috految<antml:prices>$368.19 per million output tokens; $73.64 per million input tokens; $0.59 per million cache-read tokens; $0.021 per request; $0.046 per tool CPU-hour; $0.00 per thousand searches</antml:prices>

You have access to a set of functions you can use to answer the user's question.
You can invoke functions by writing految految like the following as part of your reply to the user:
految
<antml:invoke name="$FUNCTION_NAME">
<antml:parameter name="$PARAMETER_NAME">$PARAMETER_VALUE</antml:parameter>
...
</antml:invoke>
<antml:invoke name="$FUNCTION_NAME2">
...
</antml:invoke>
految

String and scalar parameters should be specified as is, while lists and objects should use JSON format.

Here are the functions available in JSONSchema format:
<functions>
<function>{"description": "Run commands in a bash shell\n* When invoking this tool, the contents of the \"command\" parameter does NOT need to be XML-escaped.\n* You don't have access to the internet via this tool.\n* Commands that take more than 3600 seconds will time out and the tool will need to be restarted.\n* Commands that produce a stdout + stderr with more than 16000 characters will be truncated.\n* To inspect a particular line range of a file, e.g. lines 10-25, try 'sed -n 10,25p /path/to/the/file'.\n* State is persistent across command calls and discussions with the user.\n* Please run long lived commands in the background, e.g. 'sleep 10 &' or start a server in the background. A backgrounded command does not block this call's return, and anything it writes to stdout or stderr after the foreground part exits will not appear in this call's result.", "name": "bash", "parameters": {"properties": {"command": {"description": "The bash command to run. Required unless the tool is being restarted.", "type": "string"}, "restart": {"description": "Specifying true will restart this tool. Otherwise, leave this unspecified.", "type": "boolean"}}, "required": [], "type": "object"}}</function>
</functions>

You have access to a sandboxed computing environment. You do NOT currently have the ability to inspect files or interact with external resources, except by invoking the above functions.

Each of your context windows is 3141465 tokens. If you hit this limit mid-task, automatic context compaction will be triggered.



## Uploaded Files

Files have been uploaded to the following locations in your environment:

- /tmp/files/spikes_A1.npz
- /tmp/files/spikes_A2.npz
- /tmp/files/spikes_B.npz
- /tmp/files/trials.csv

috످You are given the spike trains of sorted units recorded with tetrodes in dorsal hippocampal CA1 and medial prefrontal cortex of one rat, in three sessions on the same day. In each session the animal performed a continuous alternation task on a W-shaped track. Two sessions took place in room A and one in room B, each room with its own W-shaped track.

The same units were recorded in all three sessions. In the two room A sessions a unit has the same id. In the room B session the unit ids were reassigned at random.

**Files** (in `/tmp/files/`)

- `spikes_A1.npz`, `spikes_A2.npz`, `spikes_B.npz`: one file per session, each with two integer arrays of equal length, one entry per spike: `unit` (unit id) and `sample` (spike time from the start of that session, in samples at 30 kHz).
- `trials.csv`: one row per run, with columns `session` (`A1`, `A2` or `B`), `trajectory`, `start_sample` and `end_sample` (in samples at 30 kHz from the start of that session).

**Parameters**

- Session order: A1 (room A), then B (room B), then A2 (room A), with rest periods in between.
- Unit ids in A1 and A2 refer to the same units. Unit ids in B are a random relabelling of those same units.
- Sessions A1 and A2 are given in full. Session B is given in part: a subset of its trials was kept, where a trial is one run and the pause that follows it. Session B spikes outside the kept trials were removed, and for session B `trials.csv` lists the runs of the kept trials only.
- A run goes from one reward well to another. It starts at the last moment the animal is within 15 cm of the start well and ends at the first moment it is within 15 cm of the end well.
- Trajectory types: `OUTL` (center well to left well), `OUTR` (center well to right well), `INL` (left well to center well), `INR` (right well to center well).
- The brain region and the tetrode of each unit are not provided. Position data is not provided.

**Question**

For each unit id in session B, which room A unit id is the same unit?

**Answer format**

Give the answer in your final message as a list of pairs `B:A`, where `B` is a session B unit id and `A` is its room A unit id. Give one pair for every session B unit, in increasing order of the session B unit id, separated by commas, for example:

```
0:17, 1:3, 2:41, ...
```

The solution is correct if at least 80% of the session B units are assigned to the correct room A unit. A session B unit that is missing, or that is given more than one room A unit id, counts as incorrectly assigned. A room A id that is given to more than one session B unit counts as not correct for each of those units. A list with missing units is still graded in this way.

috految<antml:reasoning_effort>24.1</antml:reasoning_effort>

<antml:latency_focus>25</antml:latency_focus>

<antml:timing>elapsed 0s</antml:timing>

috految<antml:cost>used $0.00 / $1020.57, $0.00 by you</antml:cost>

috److految
<antml:invoke name="bash">
<antml:parameter name="command">cd /tmp; nproc; which g++; pip list 2>/dev/null|grep -iE 'torch|numba|jax|scikit|gbm|xgb'; cat >c.py <<E
import numpy as np,pandas as pd
np.set_printoptions(precision=2,suppress=True,linewidth=200)
tr=pd.read_csv('files/trials.csv');S=[];R=[]
for s in ['A1','A2','B']:
 d=np.load(f'files/spikes_{s}.npz');o=np.argsort(d['sample']);S.append((d['sample'][o].astype(int),d['unit'][o].astype(int)));R.append(tr[tr.session==s])
N=S[0][1].max()+1
def cc(t,u,L):
 C=np.zeros((N,N,L))
 for k in range(1,999):
  d=t[k:]-t[:-k];m=d<L
  if not m.any():break
  np.add.at(C,(u[:-k][m],u[k:][m],d[m]),1)
 return C
E
python -c "
from c import *
for (t,u),r in zip(S,R):
 d=np.diff(t);print(N,t[-1]/3e4,d[d<3e4].sum()/3e4,(d>3e4).sum(),r.trajectory.value_counts().to_dict(),np.percentile(r.end_sample-r.start_sample,[10,50,90])/3e4,*np.bincount(u))
 C=cc(t,u,60).astype(int);print(*C.sum((0,1)));print(*np.trace(C))
print(r.start_sample.values//30000)"</antml:parameter>
</antml:invoke>
految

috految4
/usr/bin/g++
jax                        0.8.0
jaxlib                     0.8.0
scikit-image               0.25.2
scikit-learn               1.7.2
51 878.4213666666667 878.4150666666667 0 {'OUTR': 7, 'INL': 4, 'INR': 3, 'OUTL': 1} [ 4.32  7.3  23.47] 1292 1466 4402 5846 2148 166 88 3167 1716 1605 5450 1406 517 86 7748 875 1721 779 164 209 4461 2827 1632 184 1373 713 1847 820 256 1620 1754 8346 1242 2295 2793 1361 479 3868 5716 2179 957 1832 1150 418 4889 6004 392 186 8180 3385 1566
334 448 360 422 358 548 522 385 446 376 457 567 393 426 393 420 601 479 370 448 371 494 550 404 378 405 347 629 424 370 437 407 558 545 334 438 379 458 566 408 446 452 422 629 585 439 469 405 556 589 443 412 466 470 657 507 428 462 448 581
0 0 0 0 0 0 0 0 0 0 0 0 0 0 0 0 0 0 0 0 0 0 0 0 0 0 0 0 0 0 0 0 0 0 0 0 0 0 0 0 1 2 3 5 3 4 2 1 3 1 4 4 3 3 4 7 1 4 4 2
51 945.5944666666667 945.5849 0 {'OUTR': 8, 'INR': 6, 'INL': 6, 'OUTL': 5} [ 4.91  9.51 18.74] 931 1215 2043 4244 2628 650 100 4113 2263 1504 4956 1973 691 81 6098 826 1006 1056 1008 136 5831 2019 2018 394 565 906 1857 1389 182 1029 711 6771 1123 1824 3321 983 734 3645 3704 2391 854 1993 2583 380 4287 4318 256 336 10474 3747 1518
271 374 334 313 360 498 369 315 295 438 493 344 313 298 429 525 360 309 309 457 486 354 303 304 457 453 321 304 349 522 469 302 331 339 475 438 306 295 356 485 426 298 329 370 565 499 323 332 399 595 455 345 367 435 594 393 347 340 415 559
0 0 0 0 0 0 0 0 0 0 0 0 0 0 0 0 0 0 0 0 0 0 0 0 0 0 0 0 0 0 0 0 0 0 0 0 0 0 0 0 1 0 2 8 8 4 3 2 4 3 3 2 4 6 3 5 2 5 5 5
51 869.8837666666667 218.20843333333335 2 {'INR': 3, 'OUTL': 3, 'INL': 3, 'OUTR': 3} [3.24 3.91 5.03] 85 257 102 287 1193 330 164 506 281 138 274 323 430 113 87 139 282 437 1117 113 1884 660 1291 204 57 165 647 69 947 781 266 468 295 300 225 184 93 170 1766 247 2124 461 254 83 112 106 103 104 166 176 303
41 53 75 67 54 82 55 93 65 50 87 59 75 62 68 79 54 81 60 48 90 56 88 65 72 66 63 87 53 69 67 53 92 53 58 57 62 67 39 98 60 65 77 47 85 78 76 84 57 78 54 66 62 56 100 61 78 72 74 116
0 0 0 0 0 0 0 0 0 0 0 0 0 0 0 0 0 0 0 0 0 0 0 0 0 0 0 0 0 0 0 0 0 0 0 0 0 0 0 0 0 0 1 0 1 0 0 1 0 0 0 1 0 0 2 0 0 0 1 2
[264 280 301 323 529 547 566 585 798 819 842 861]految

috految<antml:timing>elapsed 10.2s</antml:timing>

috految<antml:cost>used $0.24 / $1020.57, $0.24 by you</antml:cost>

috److془Dead time 40 samples. Periodic noise ~ 5.5 kHz modulations: per-unit phase locking. Or timestamps quantization. Let's look. Be careful: it's legit data analysis.

Period 5.4 in A1, 4.9 in A2, 2.45 in B: noise with drifting frequency or float rounding (float32 at off be 1/2^k ish..). Hmm, or clock jitter. Look.془

految
<antml:invoke name="bash">
<antml:parameter name="command">cd /tmp; cat >a.py <<E
from c import *
from scipy.fft import rfft
from scipy.signal import find_peaks
from scipy.ndimage import gaussian_filter1d as gf
C=[cc(t,u,300) for t,u in S];C=[c+c.transpose(1,0,2) for c in C]
for c in [C[2],C[0]+C[1]]:
 O=c[:,:,:40].sum(2);E=c[:,:,41:].mean(2)*39.5;W=np.where(O>0,-4*O,E);np.fill_diagonal(W,0);G=[[i] for i in range(N)]
 while 1:
  v,a,b=max((W[np.ix_(G[a],G[b])].sum(),a,b) for a in range(len(G)) for b in range(a))
  if v<2:break
  G[b]+=G.pop(a)
 for g in G:print(*[f'{i}({W[i,g].sum():.0f})' for i in g],'viol',O[np.ix_(g,g)].sum())
 print([(i,j,int(O[i,j]),int(E[i,j])) for i in range(N) for j in range(i) if O[i,j]>0 and abs(O[i,j]**.5-E[i,j]**.5)>2.3])
for t,u in S:
 L=2**16;P=sum(abs(rfft(np.bincount(t[t//L==k]%L,minlength=L)))**2 for k in np.unique(t//L))/len(t);p=find_peaks(P,distance=60)[0];p=p[np.argsort(-P[p])[:9]];print(p*3e4/L,P[p])
 f=(500+P[500:].argmax())/L;z=np.exp(2j*np.pi*f*t);r=gf(z,20)-z*.01995;z*=r.conj()/abs(r);print(np.array([z[u==i].mean() for i in np.argsort(-np.bincount(u))[:14]]))
E
python a.py</antml:parameter>
</antml:invoke>
految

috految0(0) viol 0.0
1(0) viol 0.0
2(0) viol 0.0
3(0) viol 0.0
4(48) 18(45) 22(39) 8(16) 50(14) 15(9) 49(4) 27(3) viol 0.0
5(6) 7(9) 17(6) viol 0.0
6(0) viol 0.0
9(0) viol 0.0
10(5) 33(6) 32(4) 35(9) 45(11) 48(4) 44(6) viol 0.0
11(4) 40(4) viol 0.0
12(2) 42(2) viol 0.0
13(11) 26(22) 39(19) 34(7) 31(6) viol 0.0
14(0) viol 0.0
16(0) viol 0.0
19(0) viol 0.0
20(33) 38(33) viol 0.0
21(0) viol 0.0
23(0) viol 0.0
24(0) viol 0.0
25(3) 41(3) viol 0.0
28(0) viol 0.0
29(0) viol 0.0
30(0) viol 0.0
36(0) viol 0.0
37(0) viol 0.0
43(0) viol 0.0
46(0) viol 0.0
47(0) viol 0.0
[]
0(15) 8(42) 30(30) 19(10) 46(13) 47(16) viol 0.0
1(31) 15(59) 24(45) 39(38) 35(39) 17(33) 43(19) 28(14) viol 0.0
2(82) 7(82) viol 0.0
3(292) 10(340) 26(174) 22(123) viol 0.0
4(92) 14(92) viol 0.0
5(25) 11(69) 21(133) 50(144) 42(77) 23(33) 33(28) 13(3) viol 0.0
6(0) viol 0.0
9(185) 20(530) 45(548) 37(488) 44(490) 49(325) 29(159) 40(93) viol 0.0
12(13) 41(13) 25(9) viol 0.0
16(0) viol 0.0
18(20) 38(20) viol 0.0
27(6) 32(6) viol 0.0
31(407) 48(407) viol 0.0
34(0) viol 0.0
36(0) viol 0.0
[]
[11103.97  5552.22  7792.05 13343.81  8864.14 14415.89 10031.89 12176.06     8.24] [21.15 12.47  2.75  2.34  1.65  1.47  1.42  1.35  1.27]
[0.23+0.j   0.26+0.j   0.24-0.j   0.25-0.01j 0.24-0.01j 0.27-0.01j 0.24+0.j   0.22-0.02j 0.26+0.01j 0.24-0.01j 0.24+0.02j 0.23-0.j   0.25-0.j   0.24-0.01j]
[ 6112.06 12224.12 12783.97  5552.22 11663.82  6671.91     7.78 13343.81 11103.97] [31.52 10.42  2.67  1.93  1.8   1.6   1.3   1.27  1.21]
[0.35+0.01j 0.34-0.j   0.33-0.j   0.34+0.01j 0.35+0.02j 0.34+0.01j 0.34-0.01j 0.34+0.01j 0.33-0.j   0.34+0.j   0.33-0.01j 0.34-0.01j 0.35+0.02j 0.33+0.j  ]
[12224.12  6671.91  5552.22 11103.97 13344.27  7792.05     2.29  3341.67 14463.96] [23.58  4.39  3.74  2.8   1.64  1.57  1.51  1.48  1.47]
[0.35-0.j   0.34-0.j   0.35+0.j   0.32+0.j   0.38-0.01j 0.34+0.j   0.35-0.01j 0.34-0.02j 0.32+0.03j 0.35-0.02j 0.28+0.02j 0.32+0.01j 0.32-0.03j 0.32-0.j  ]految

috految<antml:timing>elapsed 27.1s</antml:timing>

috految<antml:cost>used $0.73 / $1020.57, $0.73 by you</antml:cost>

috److془Quantization. Build the model.

Components: tetrode; unary: neural ISI model with unit embeddings (with session random effect); pairwise: correlations in frequency bands (whitened, complex), residual cross-correlation; task tuning; rates.

Unary: MLP(history features, pop features, embedding) -> mixture density on log ISI. Have session-unit embeddings with variational hierarchical prior. Or simple: train per unit embedding + block-level random effect; Laplace scoring. Ensemble 4 seeds. Also, hazard model with population covariates (theta phase, ripples) covered by pairwise.

Pairwise: features Z of bands, matrix log of regularised coherence; Fit regression by region class; LL = b*Za*Zb/s² - b²Za²/2s². Also the same-tetrode short lag (cluster contamination). MCMC with tempering. Pair features additionally: CSD from rate residuals. Use spike weights 1/sqrt(local count). Also, the place cells: remap, but reactivation in A2 of B during ripples, A during B ripples. Also the variant with low-rate weighting.془

految
<antml:invoke name="bash">
<antml:parameter name="command">cd /tmp; cat >>c.py <<E
from scipy.ndimage import gaussian_filter1d as gf
G=[[0,8,30,19,46,47],[1,15,24,39,35,17,43,28],[2,7],[3,10,26,22],[4,14],[5,11,21,50,42,23,33,13],[6],[9,20,45,37,44,49,29,40],[12,41,25],[16],[18,38],[27,32],[31,48],[34],[36]]
g=np.zeros(N,int)
for k,a in enumerate(G):g[a]=k
T=[[t[u==i]/3e4 for i in range(N)] for t,u in S]
E
cat >n.py <<E
from c import *
import sys,jax,jax.numpy as J
from jax.example_libraries.optimizers import adam
sd=int(sys.argv[1]);rg=np.random.default_rng(sd);X=[];Y=[];I=[];W=[];K=12
for s in range(3):
 for i,t in enumerate(T[s]):
  d=np.diff(t,prepend=-1).clip(.001,10);l=np.log(d);n=len(t)
  f=[np.roll(l,k)/2+1.5 for k in range(3)]+[3*np.roll(np.exp(-d/.007),k) for k in range(2)]
  for a in [.015,.05,.15,.5,2]:f.append(np.log(np.exp(np.logaddexp.accumulate(t/a)-t/a)-.7)-.5*np.log1p(a*10))
  f.append(np.searchsorted(S[s][0],t*3e4)*0.+(np.searchsorted(np.sort(R[s][['start_sample','end_sample']].values.ravel()),t*3e4)%2))
  o=S[s][0][S[s][1]!=i]/3e4;f+=[np.log((np.searchsorted(o,t+.025)-np.searchsorted(o,t-.025)+3)/9),np.full(n,s==0)*.3]
  X.append(np.array(f).T[:-1]);Y.append(l[1:]);I.append(np.full(n-1,s*N+i));W.append(np.full(n-1,min(1,(900/n)**.6)))
X,Y,I,W=map(np.concatenate,(X,Y,I,W));r=lambda *a:rg.normal(size=a).astype('f')
p=dict(m=r(N,K)*.1,s=r(3*N,K)*.01,v=r(3*N,K)*0-1.5,a=r(X.shape[1]+K,48)*.15,b=r(48)*.3,c=r(48,48)*.15,d=r(48,21)*.02,e=r(21)*0)
def ll(p,z,x,y):
 h=jax.nn.silu(J.concatenate([x,z*.5],-1)@p['a']+p['b']);h=h+jax.nn.silu(h@p['c']);o=h@p['d']+p['e'];m=J.array([-5.4,-5,-4.3,-3.4,-2.2,-1.5,0])+o[:,:7]*.4;s=.03+J.exp(o[:,7:14]*.5-1.3);q=(y[:,None]-m)/s
 return jax.nn.logsumexp(jax.nn.log_softmax(o[:,14:])+J.where(y[:,None]>0,jax.nn.log_sigmoid(m/s),-q-2*jax.nn.softplus(-q)-J.log(s)),1)
def Z(p):return J.concatenate([p['m'],p['m'],p['m']*0])+p['s']
def L(p,i,x,y,e):
 v=J.exp(p['v']);sg=J.array([.45]*(2*N)+[1.]*N)[:,None]
 return -ll(p,Z(p)[i]+v[i]*e,x,y).mean()+((p['m']**2).sum()/2+((p['s']**2+v*v)/sg**2/2-J.log(v)).sum()+5*sum((p[k]**2).sum() for k in 'acd'))/W.sum()
n=6000;ini,up,get=adam(lambda k:.012*(1-k/n));st=ini(p);step=jax.jit(lambda k,st,*a:up(k,jax.grad(L)(get(st),*a),st))
for k,j in enumerate(rg.choice(len(Y),(n,512),p=W/W.sum())):st=step(k,st,I[j],X[j],Y[j],r(512,K))
p=get(st);z=np.array(Z(p));gr=np.array(jax.jit(jax.grad(lambda z,x,y:ll(p,z,x,y).sum()))(z[I],X,Y));V=[]
for i in range(3*N):
 q=gr[I==i];h=np.linalg.inv(q.T@q+.1*np.eye(K));z[i]+=h@q.sum(0);V.append(h)
np.savez(f'z{sd}',z=z,V=V)
E
cat >m.cpp <<E
#include <random>
#include <cmath>
extern "C" void run(float*U,float*Q,int*p,float*P,int seed,int n){const int N=51,M=N*N;std::mt19937 r(seed);float F[M];for(int a=0;a<M;a++){F[a]=U[a];for(int i=0;i<N;i++)F[a]+=Q[(i*N+p[i])*M+a];}
for(int k=0;k<n;k++){float T=k<.7*n?1+4*pow(1-k/(.7*n),2):1;int i=r()%N,j=r()%N;if(i!=j){int a=i*N+p[i],b=j*N+p[j],c=i*N+p[j],d=j*N+p[i];float e=F[c]+F[d]-F[a]-F[b]+Q[a*M+b]+Q[c*M+d];if(e>T*logf(r()/4294967296.)){for(int x=0;x<M;x++)F[x]+=Q[c*M+x]+Q[d*M+x]-Q[a*M+x]-Q[b*M+x];std::swap(p[i],p[j]);}}if(k>.7*n&&k%1000==0)for(i=0;i<N;i++)P[i*N+p[i]]++;}}
E
cat >m.py <<E
from c import *
import ctypes
from concurrent.futures import ThreadPoolExecutor as TP
from scipy.optimize import linear_sum_assignment as ls
from scipy.fft import rfft
from numpy.linalg import inv,eigh,slogdet
ar=np.arange(N);off=~np.eye(N,dtype=bool);ca=np.isin(g,[0,1,5,8,11,6,14]);bf=np.array([[np.mean(np.diff(t)<.01) for t in s] for s in T]);ca=np.array([bf[:2,g==k].mean()>.12 for k in g])
def un(P):
 U=0
 for k in range(4):
  f=np.load(f'z{k}.npz');z=f['z'].reshape(3,N,-1);V=f['V'].reshape(3,N,12,12)*1.2;I=np.eye(12);u=np.zeros((N,N))
  for c in [ca,~ca]:
   D=I*.15;d=(z[0]-z[1])[c]
   for _ in range(20):H=D@inv(2*D+V[0,c]+V[1,c]);e=(H@d[...,None])[...,0];D=(2*e.T@e+(D-2*H@D).sum(0)+.12*I*6)/(c.sum()+6)
   H=inv(V[:2]+D);C=inv(H.sum(0)+I*.5);m=(C@(H@z[:2,...,None]).sum(0))[...,0]
   C=C+V[2][:,None]+D*1.2;H=inv(C);d=z[2][:,None]-m
   if P is not None:h=H*(P*c)[...,None,None];d=d-np.linalg.solve(h.sum((0,1))+I*10,(h@d[...,None]).sum((0,1)))[:,0]
   u[:,c]=(-16*np.log1p(np.einsum('ijk,ijkl,ijl->ij',d,H,d)/20)-.5*slogdet(C)[1])[:,c]
  U=U+u/4
 return U
rt=np.array([[len(t)/d for t in s] for s,d in zip(T,[878,945,218])]);l=np.log(rt);d=l[2][:,None]-l[:2].mean(0);Ur=-2*np.log1p((d/np.where(ca,1.1,.5))**2/4)
C=[cc(t,u,600) for t,u in S];c=C[2]+C[2].transpose(1,0,2);O=c[:,:,:40].sum(2);E=(c[:,:,41:200].mean(2)+c[:,:,41:].mean(2))*19.5
A=C[0]+C[1];A=A+A.transpose(1,0,2);OA=A[:,:,:40].sum(2);same=(g[:,None]==g)*1.;same[13]*=.6;same[:,13]*=.6
for i in ar:
 for k,a in enumerate(G):
  if k!=g[i] and OA[i,a].sum()==0 and (len(G[g[i]])<4 or i==13):print('alt',i,k,round(A[i,a,41:].mean(1).sum()*40,1),end=';')
Wt=np.where(O>0,-6-2*np.minimum(O,3),8*np.log1p(E/8))
def feat(s):
 t,u=S[s];k=(np.cumsum(np.diff(t,prepend=t[0]).clip(0,6000))//90);n=k[-1]+1;out=[]
 for a in [.02,.25]:
  X=np.zeros((N,n),'f')
  for i,x in enumerate(T[s]):
   q=np.exp(np.logaddexp.accumulate(x/a)-x/a)+np.exp(np.logaddexp.accumulate(-x[::-1]/a)[::-1]+x/a)-1;np.add.at(X[i],k[u==i],q**(-.5 if a<.1 else -.8))
  X-=X.mean(1)[:,None];L=2**int(np.ceil(np.log2(n)));F=rfft(X,L);f=np.arange(F.shape[1])/L/.003;e=[.01,.15,.5,1.5,3,6,10,20,45,100,166]
  for lo,hi in zip(e,e[1:]):
   x=F[:,(f>lo)&(f<=hi)];x=x/np.sqrt(gf((abs(x)**2).mean(0),3));x/=np.linalg.norm(x,axis=1)[:,None];w,v=eigh(x@x.conj().T);m=(v*np.log(w+.5))@v.conj().T*off;out+=[m.real,m.imag]
 out=np.array(out);out/=out.std((1,2),keepdims=True);return 3*np.arcsinh(out/3)
F=[feat(s) for s in range(3)];FA=(F[0]*.45+F[1]*.55);cl=ca[:,None]*1+ca
def pair(P):
 M=FA*0;Q=0
 for k in range(3):
  m=(cl==k)&off;b=np.array([np.corrcoef(x[m],y[m])[0,1] for x,y in zip(F[0],F[1])]).clip(0)*[.7,.5,.4][k];x=FA[:,m];mu=x.mean(1)[:,None];x=x-mu;sg=FA[:,m].var(1)*.4+.7
  if P is not None:
   y=np.array([P.T@f@P for f in F[2]])[:,m];b=.25*b+.75*((x*y).mean(1)/x.var(1)).clip(0);print(k,b[:20:2]);
  M[:,m]=mu*.7+b[:,None]*x
 w=inv(np.cov(F[2][:,off])*.8+.4*np.eye(40));return (F[2].reshape(40,-1).T@w@M.reshape(40,-1)).reshape(N,N,N,N).transpose(0,2,1,3)
Qt=np.einsum('ij,ab->iajb',Wt,same);lib=ctypes.CDLL('./mm.so')
def mc(U,Q):
 Q=np.ascontiguousarray(Q*off[:,None,:,None]*off[None,:,None,:],'f');U=np.ascontiguousarray(U,'f')
 def f(s):
  p=ls(-U)[1].astype('i');P=np.zeros((N,N),'f');lib.run(*[ctypes.c_void_p(x.ctypes.data) for x in(U,Q,p,P)],s,1500000);P/=P[0].sum();v=P.ravel();return (U*P).sum()+v@Q.reshape(N*N,-1)@v/2,P
 r=sorted(TP(4).map(f,range(16)),key=lambda x:-x[0]);print([int(x[0]) for x in r[::3]]);return np.mean([x[1] for x in r if x[0]>r[0][0]-10],0)
P=None
for it in range(2):U=un(P);Q=pair(P);P=mc(U+Ur,Qt+.65*Q)
P0=mc(U+Ur,Qt);p=ls(-P)[1];f=np.einsum('iajb,jb->ia',Q,P);np.savez('r',P=P,U=U,Ur=Ur,Q=Q,Qt=Qt)
top=lambda v:' '.join(f'{j}:{v[j]:.2f}' for j in np.argsort(-v)[:3] if v[j]>.07)
for i in np.argsort(g[p]):a=p[i];print(f'{i}:{a} g{g[a]}','PC'[int(ca[a])],top(P[i]),'|',top(P0[i]),f'| u{U[i,a]-U[i].max():.0f} q{f[i,a]:.0f}/{f[i].max():.0f} t{(Wt*off)[i]@same[a,p]:.0f}',int(bf[2,i]*100),int(bf[:2,a].mean()*100))
E
export OPENBLAS_NUM_THREADS=1;g++ -O3 -march=native -shared -fPIC m.cpp -o mm.so; for i in 0 1 2 3;do taskset -c $i python n.py $i & done;wait;python m.py</antml:parameter>
</antml:invoke>
految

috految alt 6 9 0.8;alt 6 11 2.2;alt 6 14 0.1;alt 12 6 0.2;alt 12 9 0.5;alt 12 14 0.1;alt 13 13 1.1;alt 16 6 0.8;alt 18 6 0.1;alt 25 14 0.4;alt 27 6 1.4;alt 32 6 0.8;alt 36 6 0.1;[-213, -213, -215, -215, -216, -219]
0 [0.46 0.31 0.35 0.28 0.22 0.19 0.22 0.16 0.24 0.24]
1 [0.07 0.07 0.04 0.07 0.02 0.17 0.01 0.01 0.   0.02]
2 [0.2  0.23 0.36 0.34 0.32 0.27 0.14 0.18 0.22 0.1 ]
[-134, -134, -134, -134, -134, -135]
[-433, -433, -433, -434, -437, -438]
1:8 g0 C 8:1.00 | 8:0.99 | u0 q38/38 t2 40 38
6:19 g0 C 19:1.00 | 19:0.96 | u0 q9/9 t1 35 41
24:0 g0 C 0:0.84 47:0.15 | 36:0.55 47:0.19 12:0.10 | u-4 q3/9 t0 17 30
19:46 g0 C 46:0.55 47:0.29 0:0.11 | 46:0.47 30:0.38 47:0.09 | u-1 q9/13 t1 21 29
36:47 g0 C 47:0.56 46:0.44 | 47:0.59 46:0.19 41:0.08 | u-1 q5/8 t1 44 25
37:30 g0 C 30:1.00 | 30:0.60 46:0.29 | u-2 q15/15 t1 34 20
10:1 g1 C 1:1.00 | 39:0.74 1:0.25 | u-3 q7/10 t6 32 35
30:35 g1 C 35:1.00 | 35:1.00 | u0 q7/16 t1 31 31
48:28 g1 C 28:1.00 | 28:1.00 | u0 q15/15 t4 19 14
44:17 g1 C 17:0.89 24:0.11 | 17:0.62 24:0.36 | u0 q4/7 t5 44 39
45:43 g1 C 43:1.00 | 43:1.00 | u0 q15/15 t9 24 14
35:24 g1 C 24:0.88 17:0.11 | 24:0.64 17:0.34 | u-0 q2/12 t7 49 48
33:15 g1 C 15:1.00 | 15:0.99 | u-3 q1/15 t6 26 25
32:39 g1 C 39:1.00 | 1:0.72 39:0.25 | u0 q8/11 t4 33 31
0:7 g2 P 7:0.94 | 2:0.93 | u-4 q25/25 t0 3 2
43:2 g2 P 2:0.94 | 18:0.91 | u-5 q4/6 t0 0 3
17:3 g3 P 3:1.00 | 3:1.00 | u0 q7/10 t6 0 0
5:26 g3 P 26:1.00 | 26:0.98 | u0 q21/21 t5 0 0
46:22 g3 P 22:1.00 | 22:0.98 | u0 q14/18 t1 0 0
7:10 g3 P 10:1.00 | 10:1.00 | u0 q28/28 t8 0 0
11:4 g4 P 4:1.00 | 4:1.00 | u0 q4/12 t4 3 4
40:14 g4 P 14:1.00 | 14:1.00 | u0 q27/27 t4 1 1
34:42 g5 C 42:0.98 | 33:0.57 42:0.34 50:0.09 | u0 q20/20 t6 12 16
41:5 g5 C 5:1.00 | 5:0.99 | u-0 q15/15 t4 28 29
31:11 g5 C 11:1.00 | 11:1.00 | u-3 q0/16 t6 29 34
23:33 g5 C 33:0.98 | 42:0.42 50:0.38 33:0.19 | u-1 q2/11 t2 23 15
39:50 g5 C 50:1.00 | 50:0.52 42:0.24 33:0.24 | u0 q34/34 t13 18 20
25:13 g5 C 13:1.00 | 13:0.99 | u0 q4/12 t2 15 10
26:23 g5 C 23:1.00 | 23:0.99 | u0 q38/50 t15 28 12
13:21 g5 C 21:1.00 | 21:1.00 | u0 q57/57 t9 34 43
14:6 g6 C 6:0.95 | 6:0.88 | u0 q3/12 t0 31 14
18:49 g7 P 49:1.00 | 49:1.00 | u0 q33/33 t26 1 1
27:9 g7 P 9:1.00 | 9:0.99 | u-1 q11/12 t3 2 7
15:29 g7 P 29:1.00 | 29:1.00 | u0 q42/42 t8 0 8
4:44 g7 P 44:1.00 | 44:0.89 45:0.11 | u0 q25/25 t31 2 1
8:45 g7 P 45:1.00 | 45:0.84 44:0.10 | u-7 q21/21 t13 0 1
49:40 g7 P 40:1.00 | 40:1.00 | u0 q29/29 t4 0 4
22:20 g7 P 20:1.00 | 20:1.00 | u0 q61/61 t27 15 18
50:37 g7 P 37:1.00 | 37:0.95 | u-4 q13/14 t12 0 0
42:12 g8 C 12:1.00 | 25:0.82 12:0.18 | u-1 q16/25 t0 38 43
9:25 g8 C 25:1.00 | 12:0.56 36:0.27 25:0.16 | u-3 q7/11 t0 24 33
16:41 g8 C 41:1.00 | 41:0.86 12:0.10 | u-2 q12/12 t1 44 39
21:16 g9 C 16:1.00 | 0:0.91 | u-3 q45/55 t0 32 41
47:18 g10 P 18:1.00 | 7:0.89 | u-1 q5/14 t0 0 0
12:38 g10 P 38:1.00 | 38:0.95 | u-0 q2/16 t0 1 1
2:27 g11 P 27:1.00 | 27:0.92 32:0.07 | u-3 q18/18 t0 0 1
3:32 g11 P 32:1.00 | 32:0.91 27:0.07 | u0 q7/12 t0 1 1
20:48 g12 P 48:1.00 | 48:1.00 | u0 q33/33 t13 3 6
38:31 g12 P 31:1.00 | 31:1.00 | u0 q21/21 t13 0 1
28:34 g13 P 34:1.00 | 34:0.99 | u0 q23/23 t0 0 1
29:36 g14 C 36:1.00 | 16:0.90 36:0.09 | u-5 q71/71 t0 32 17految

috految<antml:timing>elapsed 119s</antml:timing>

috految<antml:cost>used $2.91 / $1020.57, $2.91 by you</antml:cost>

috److془Need refine. Uncertain: 24,19,36,37,21,29,9,42,16,14; 10/32; 44/35; 0/43/47; 34/23/39.

Overconfidence due to CA1 place field pairs. Improve: heteroscedastic; the ripple coactivity; same tetrode contamination; task tuning. Also: 6 could be with 16 and 36; 12 could with... fine. Also, 21:16, 29:36 driven by high r couple. Look at details.

Burst-only model: short ISI conditional. And pairwise: residuals normalised by local variance.془

految
<antml:invoke name="bash">
<antml:parameter name="command">cd /tmp; sed 's/y\[:,None\]>0,jax.nn.log_sigmoid(m\/s)/y[:,None]>-3.3,jax.nn.log_sigmoid((m+3.3)\/s)/;s/z{sd}/y{sd}/;s/n=6000/n=4500/;s/min(1,(900\/n)\*\*.6)/1 if np.mean(d<.01)>.09 else .15/;s/\[.45\]/[.3]/;s/\.5,2\]/.5,2,10]/' n.py >n2.py; for i in 0 1 2 3;do taskset -c $i python n2.py $i & done;wait
cat >k.py <<E
src=open('m.py').read().split('P=None')[0];exec(src.replace("f'z{k}","f'y{k}").replace('.12*I','.06*I'))
r=np.load('r.npz');P=r['P'];p=ls(-P)[1];U2=un(P);U=r['U'];cb=ca[p];U=np.where(cb[:,None],.5*U+.65*U2,U);same[6,[16,36]]=same[[16,36],6]=.3
for s in range(3):
 v=(F[s]**2).mean(0);nn=np.sqrt(.5+.5*v);F[s]=F[s]/nn
FA=F[0]*.45+F[1]*.55;Q=pair(P)
Ps=[mc(U+Ur*.7,Qt+w*Q) for w in (.0,.35,.75)]
top=lambda v:' '.join(f'{j}:{v[j]:.2f}' for j in np.argsort(-v)[:3] if v[j]>.07)
for i in ar:
 if min(x[i,p[i]] for x in Ps)<.9:print(i,*[top(x[i])+' |' for x in Ps],[(int(j),round(U2[i,j]-U2[i].max())) for j in np.argsort(-U2[i])[:3]])
for s in range(3):
 c=C[s];q=cb if s==2 else ca
 for n,(a,b) in enumerate([(40,130),(90,300)]):
  o=c[:,:,a:b].sum(2);e=(c[:,:,300:].mean(2)+c[:,:,40:].mean(2).T)/2*(b-a);z=2*(np.sqrt(o+.4)-np.sqrt(e+.4))*off
  print(s,n,*[f'{i}>{j}:{o[i,j]:.0f}/{e[i,j]:.0f}' for i,j in zip(*np.where(z>(2.6 if s==2 else 3.8))) if q[i]==q[j]])
np.savez('r2',U=U,Q=Q)
for b in [1,6,24,19,36,37,21,29,9,42,16,14,10,32,44,35,26,34,23,39,0,43,47,12,2,3]:
 print(b,p[b],end='')
 for s,i in [(2,b),(0,p[b]),(1,p[b])]:
  t=T[s][i];d=np.diff(t)*1e3;x=d[1:][(d[:-1]>50)&(d[1:]<20)];print(' |',*(np.percentile(x,[10,50]).round(1) if len(x) else []),''.join(str(min(9,int(2*np.mean([np.diff(np.searchsorted(t,e))[k]/(e[k+1]-e[k]) for e in [np.r_[np.linspace(v.start_sample,v.end_sample,5),v.end_sample+15e4]/3e4 for v in R[s].itertuples() if v.trajectory==w]])**.5)))+' '*(k==4) for w in ['OUTL','OUTR','INL','INR'] for k in range(5)),end='')
 print()
E
python k.py</antml:parameter>
</antml:invoke>
految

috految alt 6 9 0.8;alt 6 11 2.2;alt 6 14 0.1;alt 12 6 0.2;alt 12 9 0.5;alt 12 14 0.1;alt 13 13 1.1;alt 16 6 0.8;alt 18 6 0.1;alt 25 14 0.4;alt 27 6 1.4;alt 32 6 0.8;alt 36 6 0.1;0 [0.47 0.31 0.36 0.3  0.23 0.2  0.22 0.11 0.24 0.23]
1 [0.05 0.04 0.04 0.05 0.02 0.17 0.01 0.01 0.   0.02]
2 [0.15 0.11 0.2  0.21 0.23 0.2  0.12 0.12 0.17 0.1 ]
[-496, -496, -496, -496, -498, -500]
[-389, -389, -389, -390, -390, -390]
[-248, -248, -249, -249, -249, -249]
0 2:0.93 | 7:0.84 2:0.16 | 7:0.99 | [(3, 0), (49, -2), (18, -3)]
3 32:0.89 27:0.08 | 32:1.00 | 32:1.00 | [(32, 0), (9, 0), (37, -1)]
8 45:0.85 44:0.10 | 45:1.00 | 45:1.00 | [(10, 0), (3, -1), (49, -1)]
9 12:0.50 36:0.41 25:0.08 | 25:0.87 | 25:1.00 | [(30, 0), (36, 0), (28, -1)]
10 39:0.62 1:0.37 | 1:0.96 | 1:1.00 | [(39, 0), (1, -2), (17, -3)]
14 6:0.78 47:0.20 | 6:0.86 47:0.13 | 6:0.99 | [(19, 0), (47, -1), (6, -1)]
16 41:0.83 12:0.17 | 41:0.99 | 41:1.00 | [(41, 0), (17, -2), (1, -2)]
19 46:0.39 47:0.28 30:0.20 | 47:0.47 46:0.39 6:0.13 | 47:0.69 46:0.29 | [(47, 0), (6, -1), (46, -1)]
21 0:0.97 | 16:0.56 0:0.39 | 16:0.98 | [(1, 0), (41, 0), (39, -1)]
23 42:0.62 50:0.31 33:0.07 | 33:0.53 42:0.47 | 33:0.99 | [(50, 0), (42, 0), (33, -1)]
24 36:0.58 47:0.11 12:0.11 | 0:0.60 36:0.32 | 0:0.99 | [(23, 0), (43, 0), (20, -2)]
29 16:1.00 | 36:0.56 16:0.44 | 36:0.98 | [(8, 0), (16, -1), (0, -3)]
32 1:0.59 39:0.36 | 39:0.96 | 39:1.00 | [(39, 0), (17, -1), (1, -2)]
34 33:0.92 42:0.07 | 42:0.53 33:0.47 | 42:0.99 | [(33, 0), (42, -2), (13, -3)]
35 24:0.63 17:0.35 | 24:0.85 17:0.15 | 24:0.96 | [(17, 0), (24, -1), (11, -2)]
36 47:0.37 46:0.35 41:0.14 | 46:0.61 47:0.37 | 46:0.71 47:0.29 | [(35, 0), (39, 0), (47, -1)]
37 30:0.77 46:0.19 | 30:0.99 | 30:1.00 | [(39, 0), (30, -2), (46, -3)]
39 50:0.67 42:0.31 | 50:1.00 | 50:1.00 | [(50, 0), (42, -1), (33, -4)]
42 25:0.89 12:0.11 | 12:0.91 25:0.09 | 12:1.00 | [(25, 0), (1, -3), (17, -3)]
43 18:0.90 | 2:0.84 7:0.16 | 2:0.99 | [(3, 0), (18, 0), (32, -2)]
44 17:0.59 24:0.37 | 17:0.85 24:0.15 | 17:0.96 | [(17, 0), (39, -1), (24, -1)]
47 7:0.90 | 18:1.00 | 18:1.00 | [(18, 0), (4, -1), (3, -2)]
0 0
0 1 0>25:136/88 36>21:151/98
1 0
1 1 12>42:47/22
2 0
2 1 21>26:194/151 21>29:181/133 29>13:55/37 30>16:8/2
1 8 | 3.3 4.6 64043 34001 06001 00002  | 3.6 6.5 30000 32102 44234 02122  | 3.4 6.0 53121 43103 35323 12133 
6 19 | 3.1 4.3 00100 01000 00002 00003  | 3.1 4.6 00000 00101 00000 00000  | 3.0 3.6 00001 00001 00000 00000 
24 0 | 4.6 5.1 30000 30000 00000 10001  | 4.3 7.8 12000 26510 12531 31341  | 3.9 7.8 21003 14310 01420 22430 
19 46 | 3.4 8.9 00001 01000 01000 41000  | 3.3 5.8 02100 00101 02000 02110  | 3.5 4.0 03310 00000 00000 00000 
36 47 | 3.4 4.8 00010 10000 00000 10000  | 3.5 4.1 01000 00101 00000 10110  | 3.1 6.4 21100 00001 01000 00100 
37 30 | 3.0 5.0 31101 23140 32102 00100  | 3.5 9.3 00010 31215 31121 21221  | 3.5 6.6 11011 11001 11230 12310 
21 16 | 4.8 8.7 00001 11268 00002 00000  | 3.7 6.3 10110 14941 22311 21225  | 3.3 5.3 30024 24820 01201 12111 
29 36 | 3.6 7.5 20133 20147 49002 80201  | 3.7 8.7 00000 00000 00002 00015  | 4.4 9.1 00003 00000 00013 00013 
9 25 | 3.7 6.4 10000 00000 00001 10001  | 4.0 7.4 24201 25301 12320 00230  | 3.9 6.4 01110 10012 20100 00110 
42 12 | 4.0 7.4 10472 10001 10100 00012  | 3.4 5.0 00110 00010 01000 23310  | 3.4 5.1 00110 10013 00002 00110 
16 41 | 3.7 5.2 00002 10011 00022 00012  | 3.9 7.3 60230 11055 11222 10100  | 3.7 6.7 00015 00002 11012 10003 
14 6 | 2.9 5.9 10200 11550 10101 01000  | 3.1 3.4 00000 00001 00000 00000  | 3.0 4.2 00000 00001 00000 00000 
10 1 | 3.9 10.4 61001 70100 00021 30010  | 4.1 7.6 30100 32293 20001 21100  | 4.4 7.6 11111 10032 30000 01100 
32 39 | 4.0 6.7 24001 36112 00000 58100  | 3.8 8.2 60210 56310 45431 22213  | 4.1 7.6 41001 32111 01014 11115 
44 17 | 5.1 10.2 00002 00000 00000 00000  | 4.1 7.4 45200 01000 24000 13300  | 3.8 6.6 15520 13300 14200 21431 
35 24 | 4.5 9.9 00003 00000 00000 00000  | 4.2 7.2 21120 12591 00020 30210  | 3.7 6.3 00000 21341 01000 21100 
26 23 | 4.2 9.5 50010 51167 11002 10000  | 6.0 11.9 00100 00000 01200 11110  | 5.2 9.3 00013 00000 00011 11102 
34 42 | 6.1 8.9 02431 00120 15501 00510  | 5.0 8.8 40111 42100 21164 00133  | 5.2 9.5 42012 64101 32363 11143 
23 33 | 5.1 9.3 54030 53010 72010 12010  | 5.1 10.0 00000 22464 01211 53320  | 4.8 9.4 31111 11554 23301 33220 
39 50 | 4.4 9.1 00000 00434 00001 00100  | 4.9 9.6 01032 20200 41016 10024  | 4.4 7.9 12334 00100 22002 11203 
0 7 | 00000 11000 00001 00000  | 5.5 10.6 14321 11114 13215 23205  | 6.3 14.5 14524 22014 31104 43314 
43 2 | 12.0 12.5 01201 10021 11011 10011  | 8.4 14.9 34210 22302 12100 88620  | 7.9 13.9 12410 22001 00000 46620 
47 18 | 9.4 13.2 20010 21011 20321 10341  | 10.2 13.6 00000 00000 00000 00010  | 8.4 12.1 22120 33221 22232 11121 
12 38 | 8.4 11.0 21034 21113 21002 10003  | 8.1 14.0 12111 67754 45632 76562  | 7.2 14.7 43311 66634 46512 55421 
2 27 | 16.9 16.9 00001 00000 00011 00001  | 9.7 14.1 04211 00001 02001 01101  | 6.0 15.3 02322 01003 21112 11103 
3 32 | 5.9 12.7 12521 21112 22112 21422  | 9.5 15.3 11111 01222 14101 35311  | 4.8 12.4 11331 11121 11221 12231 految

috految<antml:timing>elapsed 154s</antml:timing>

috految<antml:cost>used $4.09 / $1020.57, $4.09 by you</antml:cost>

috److془Decide: 21:0, 29:16, 24:36 vs. 21:16,29:36,24:0; or 21:36, 29:16, 24:0. 

Well-cells 36,21,23,50,16 A ... B 29,13,26,39,21. Hmm: possibly 21:36, 29:16. Burst: 21 4.8 8.7; 16: 3.5 5.8; 29: 3.6,7.5; 36: 4.2 9. 29=16 with 21=0 or 36. Hmm 21>29, 29>13; 36>21A. Also 29 could be 36 (36 fires at wells low-rate). Ripple reactivation was probably informative. Also 42:25,9:12 vs. 42:12. 42 3.9/7.4 in field. 12 3.4 5.0. 9 3.7 6.4.

Expected errors: 2 +1 (9/42)+1.2(19/36)+ .7+.7+1+ .3+.7+ ~ 8. Worth one more: ripple coactivity, and namely the A2 events containing B replays. Also A1 vs in B. However 44,35 B pause only at left well; at rest. Do it: ripple events as pop bursts of CA1 in pause; Better: the pairwise with event covariance; B template CA1 covariance. Also edge: 0 & 25 strongly coupled in A, 24 & 9 both fire at OUTL. Hmm; and 9 and 24 fire little in B, so 9-24 mediated by ripples replays of A. Do it, and remove slow-rate effects.془

految
<antml:invoke name="bash">
<antml:parameter name="command">cd /tmp; cat >j.py <<E
exec(open('m.py').read().split('P=None')[0])
from scipy.signal import find_peaks
r=np.load('r2.npz');U=r['U'];Q=r['Q'];P=np.load('r.npz')['P'];p=ls(-P)[1];cb=ca[p];H=[];pr=[]
for s,(t,u) in enumerate(S):
 c=cb if s==2 else ca;X=np.zeros((N,t[-1]//300+1));np.add.at(X,(u,t//300),1);X=X[c];B=1.*(X>0);lo=gf(B,100);y=gf(B,2.5);m=(np.minimum(y,.2)/(1+lo/.05)).sum(0);run=np.searchsorted(np.sort(R[s][['start_sample','end_sample']].values.ravel()),np.arange(len(m))*300)%2
 k=find_peaks(m*(1-.4*run),distance=12)[0];k=k[np.argsort(-(m-gf(m,50))[k]*(1-.4*run[k]))[:60 if s==2 else 220]];v=np.zeros(len(m),bool);v[(k[:,None]+np.arange(-8,9)).clip(0,len(m)-1)]=1
 e=np.sqrt(y)/(1+lo/.1);h=[];b=np.sqrt(gf(B,8));ok=gf(m,50)>.001
 for x in [e[:,v],b[:,~v&ok],(gf(B,1)-gf(B,6))/np.sqrt(y+.05)*v,(b-gf(b,50))*~v]:
  w,V=eigh(np.corrcoef(x));z=(V*np.log(w+.4))@V.T;o=~np.eye(len(z),dtype=bool);z=(z-z[o].mean())/z[o].std();a=np.zeros((N,N));a[np.ix_(c,c)]=2*np.arcsinh(z/2)*o;h.append(a)
 H.append(np.array(h));a=np.zeros(N);a[c]=(y[:,k]>.04).mean(1);pr.append(a)
print(*[f'{i}:{p[i]} {pr[2][i]:.2f}/{pr[0][p[i]]:.2f},{pr[1][p[i]]:.2f};' for i in ar[cb]])
m=ca[:,None]&ca&off;A=np.r_[H[0],H[1]];x=A[:,m];y=np.array([P.T@h@P for h in H[2]])[:,m];print(np.corrcoef(y,x)[:4,4:]);b=np.linalg.solve(x@x.T+200*np.eye(8),x@y.T)
q=np.einsum('kij,kab->iajb',H[2],np.einsum('lk,lab->kab',b@inv(np.cov(y)+.15*np.eye(4)),A))
U=U-2*np.log1p((pr[2][:,None]**.5-(pr[0]*.4+pr[1]*.6)**.5)**2/.07);Q=Q*np.where(m,.25,.6)[None,:,None,:]
for w in [.4,1]:
 P=mc(U+.5*Ur,Qt+Q+w*q);print(*[f'{i}:{j}={P[i,j]:.2f}' for i,j in zip(*np.where(P>.1)) if j!=p[i] or P[i,j]<.9])
E
python j.py</antml:parameter>
</antml:invoke>
految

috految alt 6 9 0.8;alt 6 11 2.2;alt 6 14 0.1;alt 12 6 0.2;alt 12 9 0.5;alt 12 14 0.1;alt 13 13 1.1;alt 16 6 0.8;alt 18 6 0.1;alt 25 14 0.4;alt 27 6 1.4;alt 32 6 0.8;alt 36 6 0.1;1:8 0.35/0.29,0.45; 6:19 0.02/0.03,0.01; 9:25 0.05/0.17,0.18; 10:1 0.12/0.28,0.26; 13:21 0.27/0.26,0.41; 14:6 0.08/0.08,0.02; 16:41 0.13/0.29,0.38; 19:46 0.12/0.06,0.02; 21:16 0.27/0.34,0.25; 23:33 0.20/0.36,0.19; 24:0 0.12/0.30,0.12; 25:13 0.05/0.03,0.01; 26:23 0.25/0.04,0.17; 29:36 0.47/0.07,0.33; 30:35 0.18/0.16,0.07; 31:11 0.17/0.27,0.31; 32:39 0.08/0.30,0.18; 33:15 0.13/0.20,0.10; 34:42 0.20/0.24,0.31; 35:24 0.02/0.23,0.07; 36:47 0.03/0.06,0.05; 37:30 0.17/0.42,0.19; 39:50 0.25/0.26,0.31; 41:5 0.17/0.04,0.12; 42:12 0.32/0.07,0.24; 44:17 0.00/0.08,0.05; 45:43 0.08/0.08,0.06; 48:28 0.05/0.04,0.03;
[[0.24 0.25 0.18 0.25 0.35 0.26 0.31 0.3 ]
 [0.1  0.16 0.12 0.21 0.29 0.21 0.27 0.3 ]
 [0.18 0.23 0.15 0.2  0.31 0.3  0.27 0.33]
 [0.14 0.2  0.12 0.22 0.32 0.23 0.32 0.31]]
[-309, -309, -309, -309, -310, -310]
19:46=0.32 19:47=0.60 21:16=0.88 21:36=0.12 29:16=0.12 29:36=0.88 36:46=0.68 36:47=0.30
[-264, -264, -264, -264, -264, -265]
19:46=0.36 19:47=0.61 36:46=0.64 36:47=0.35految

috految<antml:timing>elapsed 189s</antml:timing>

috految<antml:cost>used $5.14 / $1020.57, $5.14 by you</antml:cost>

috److I matched the 51 session B units to room A units by combining four kinds of evidence in a joint one-to-one assignment:

- **Tetrode groups:** Some pairs of units never fire within 40 samples of each other. I attributed this to a shared detection dead time and used it to infer which units share a tetrode.
- **Firing statistics:** I compared inter-spike intervals, burst structure and firing rates between rooms.
- **Pairwise coupling:** I compared correlations between units across frequency bands.
- **Population bursts:** For the putative CA1 units, I compared co-firing during population burst events.

The matches were largely stable across the model variants that included pairwise coupling. I had no ground truth, so I could not measure accuracy directly.

The least certain matches are:

- **B19 and B36:** These could be swapped, with only about 60–70% model support for the pairing given.
- **B21, B24 and B29:** These changed depending on how much weight the pairwise evidence received.
- **B0, B9, B10, B23, B32, B34, B42, B43 and B47:** These rely mainly on pairwise coupling, and differed when it was left out.

**Answer**

0:7, 1:8, 2:27, 3:32, 4:44, 5:26, 6:19, 7:10, 8:45, 9:25, 10:1, 11:4, 12:38, 13:21, 14:6, 15:29, 16:41, 17:3, 18:49, 19:47, 20:48, 21:16, 22:20, 23:33, 24:0, 25:13, 26:23, 27:9, 28:34, 29:36, 30:35, 31:11, 32:39, 33:15, 34:42, 35:24, 36:46, 37:30, 38:31, 39:50, 40:14, 41:5, 42:12, 43:2, 44:17, 45:43, 46:22, 47:18, 48:28, 49:40, 50:37

috످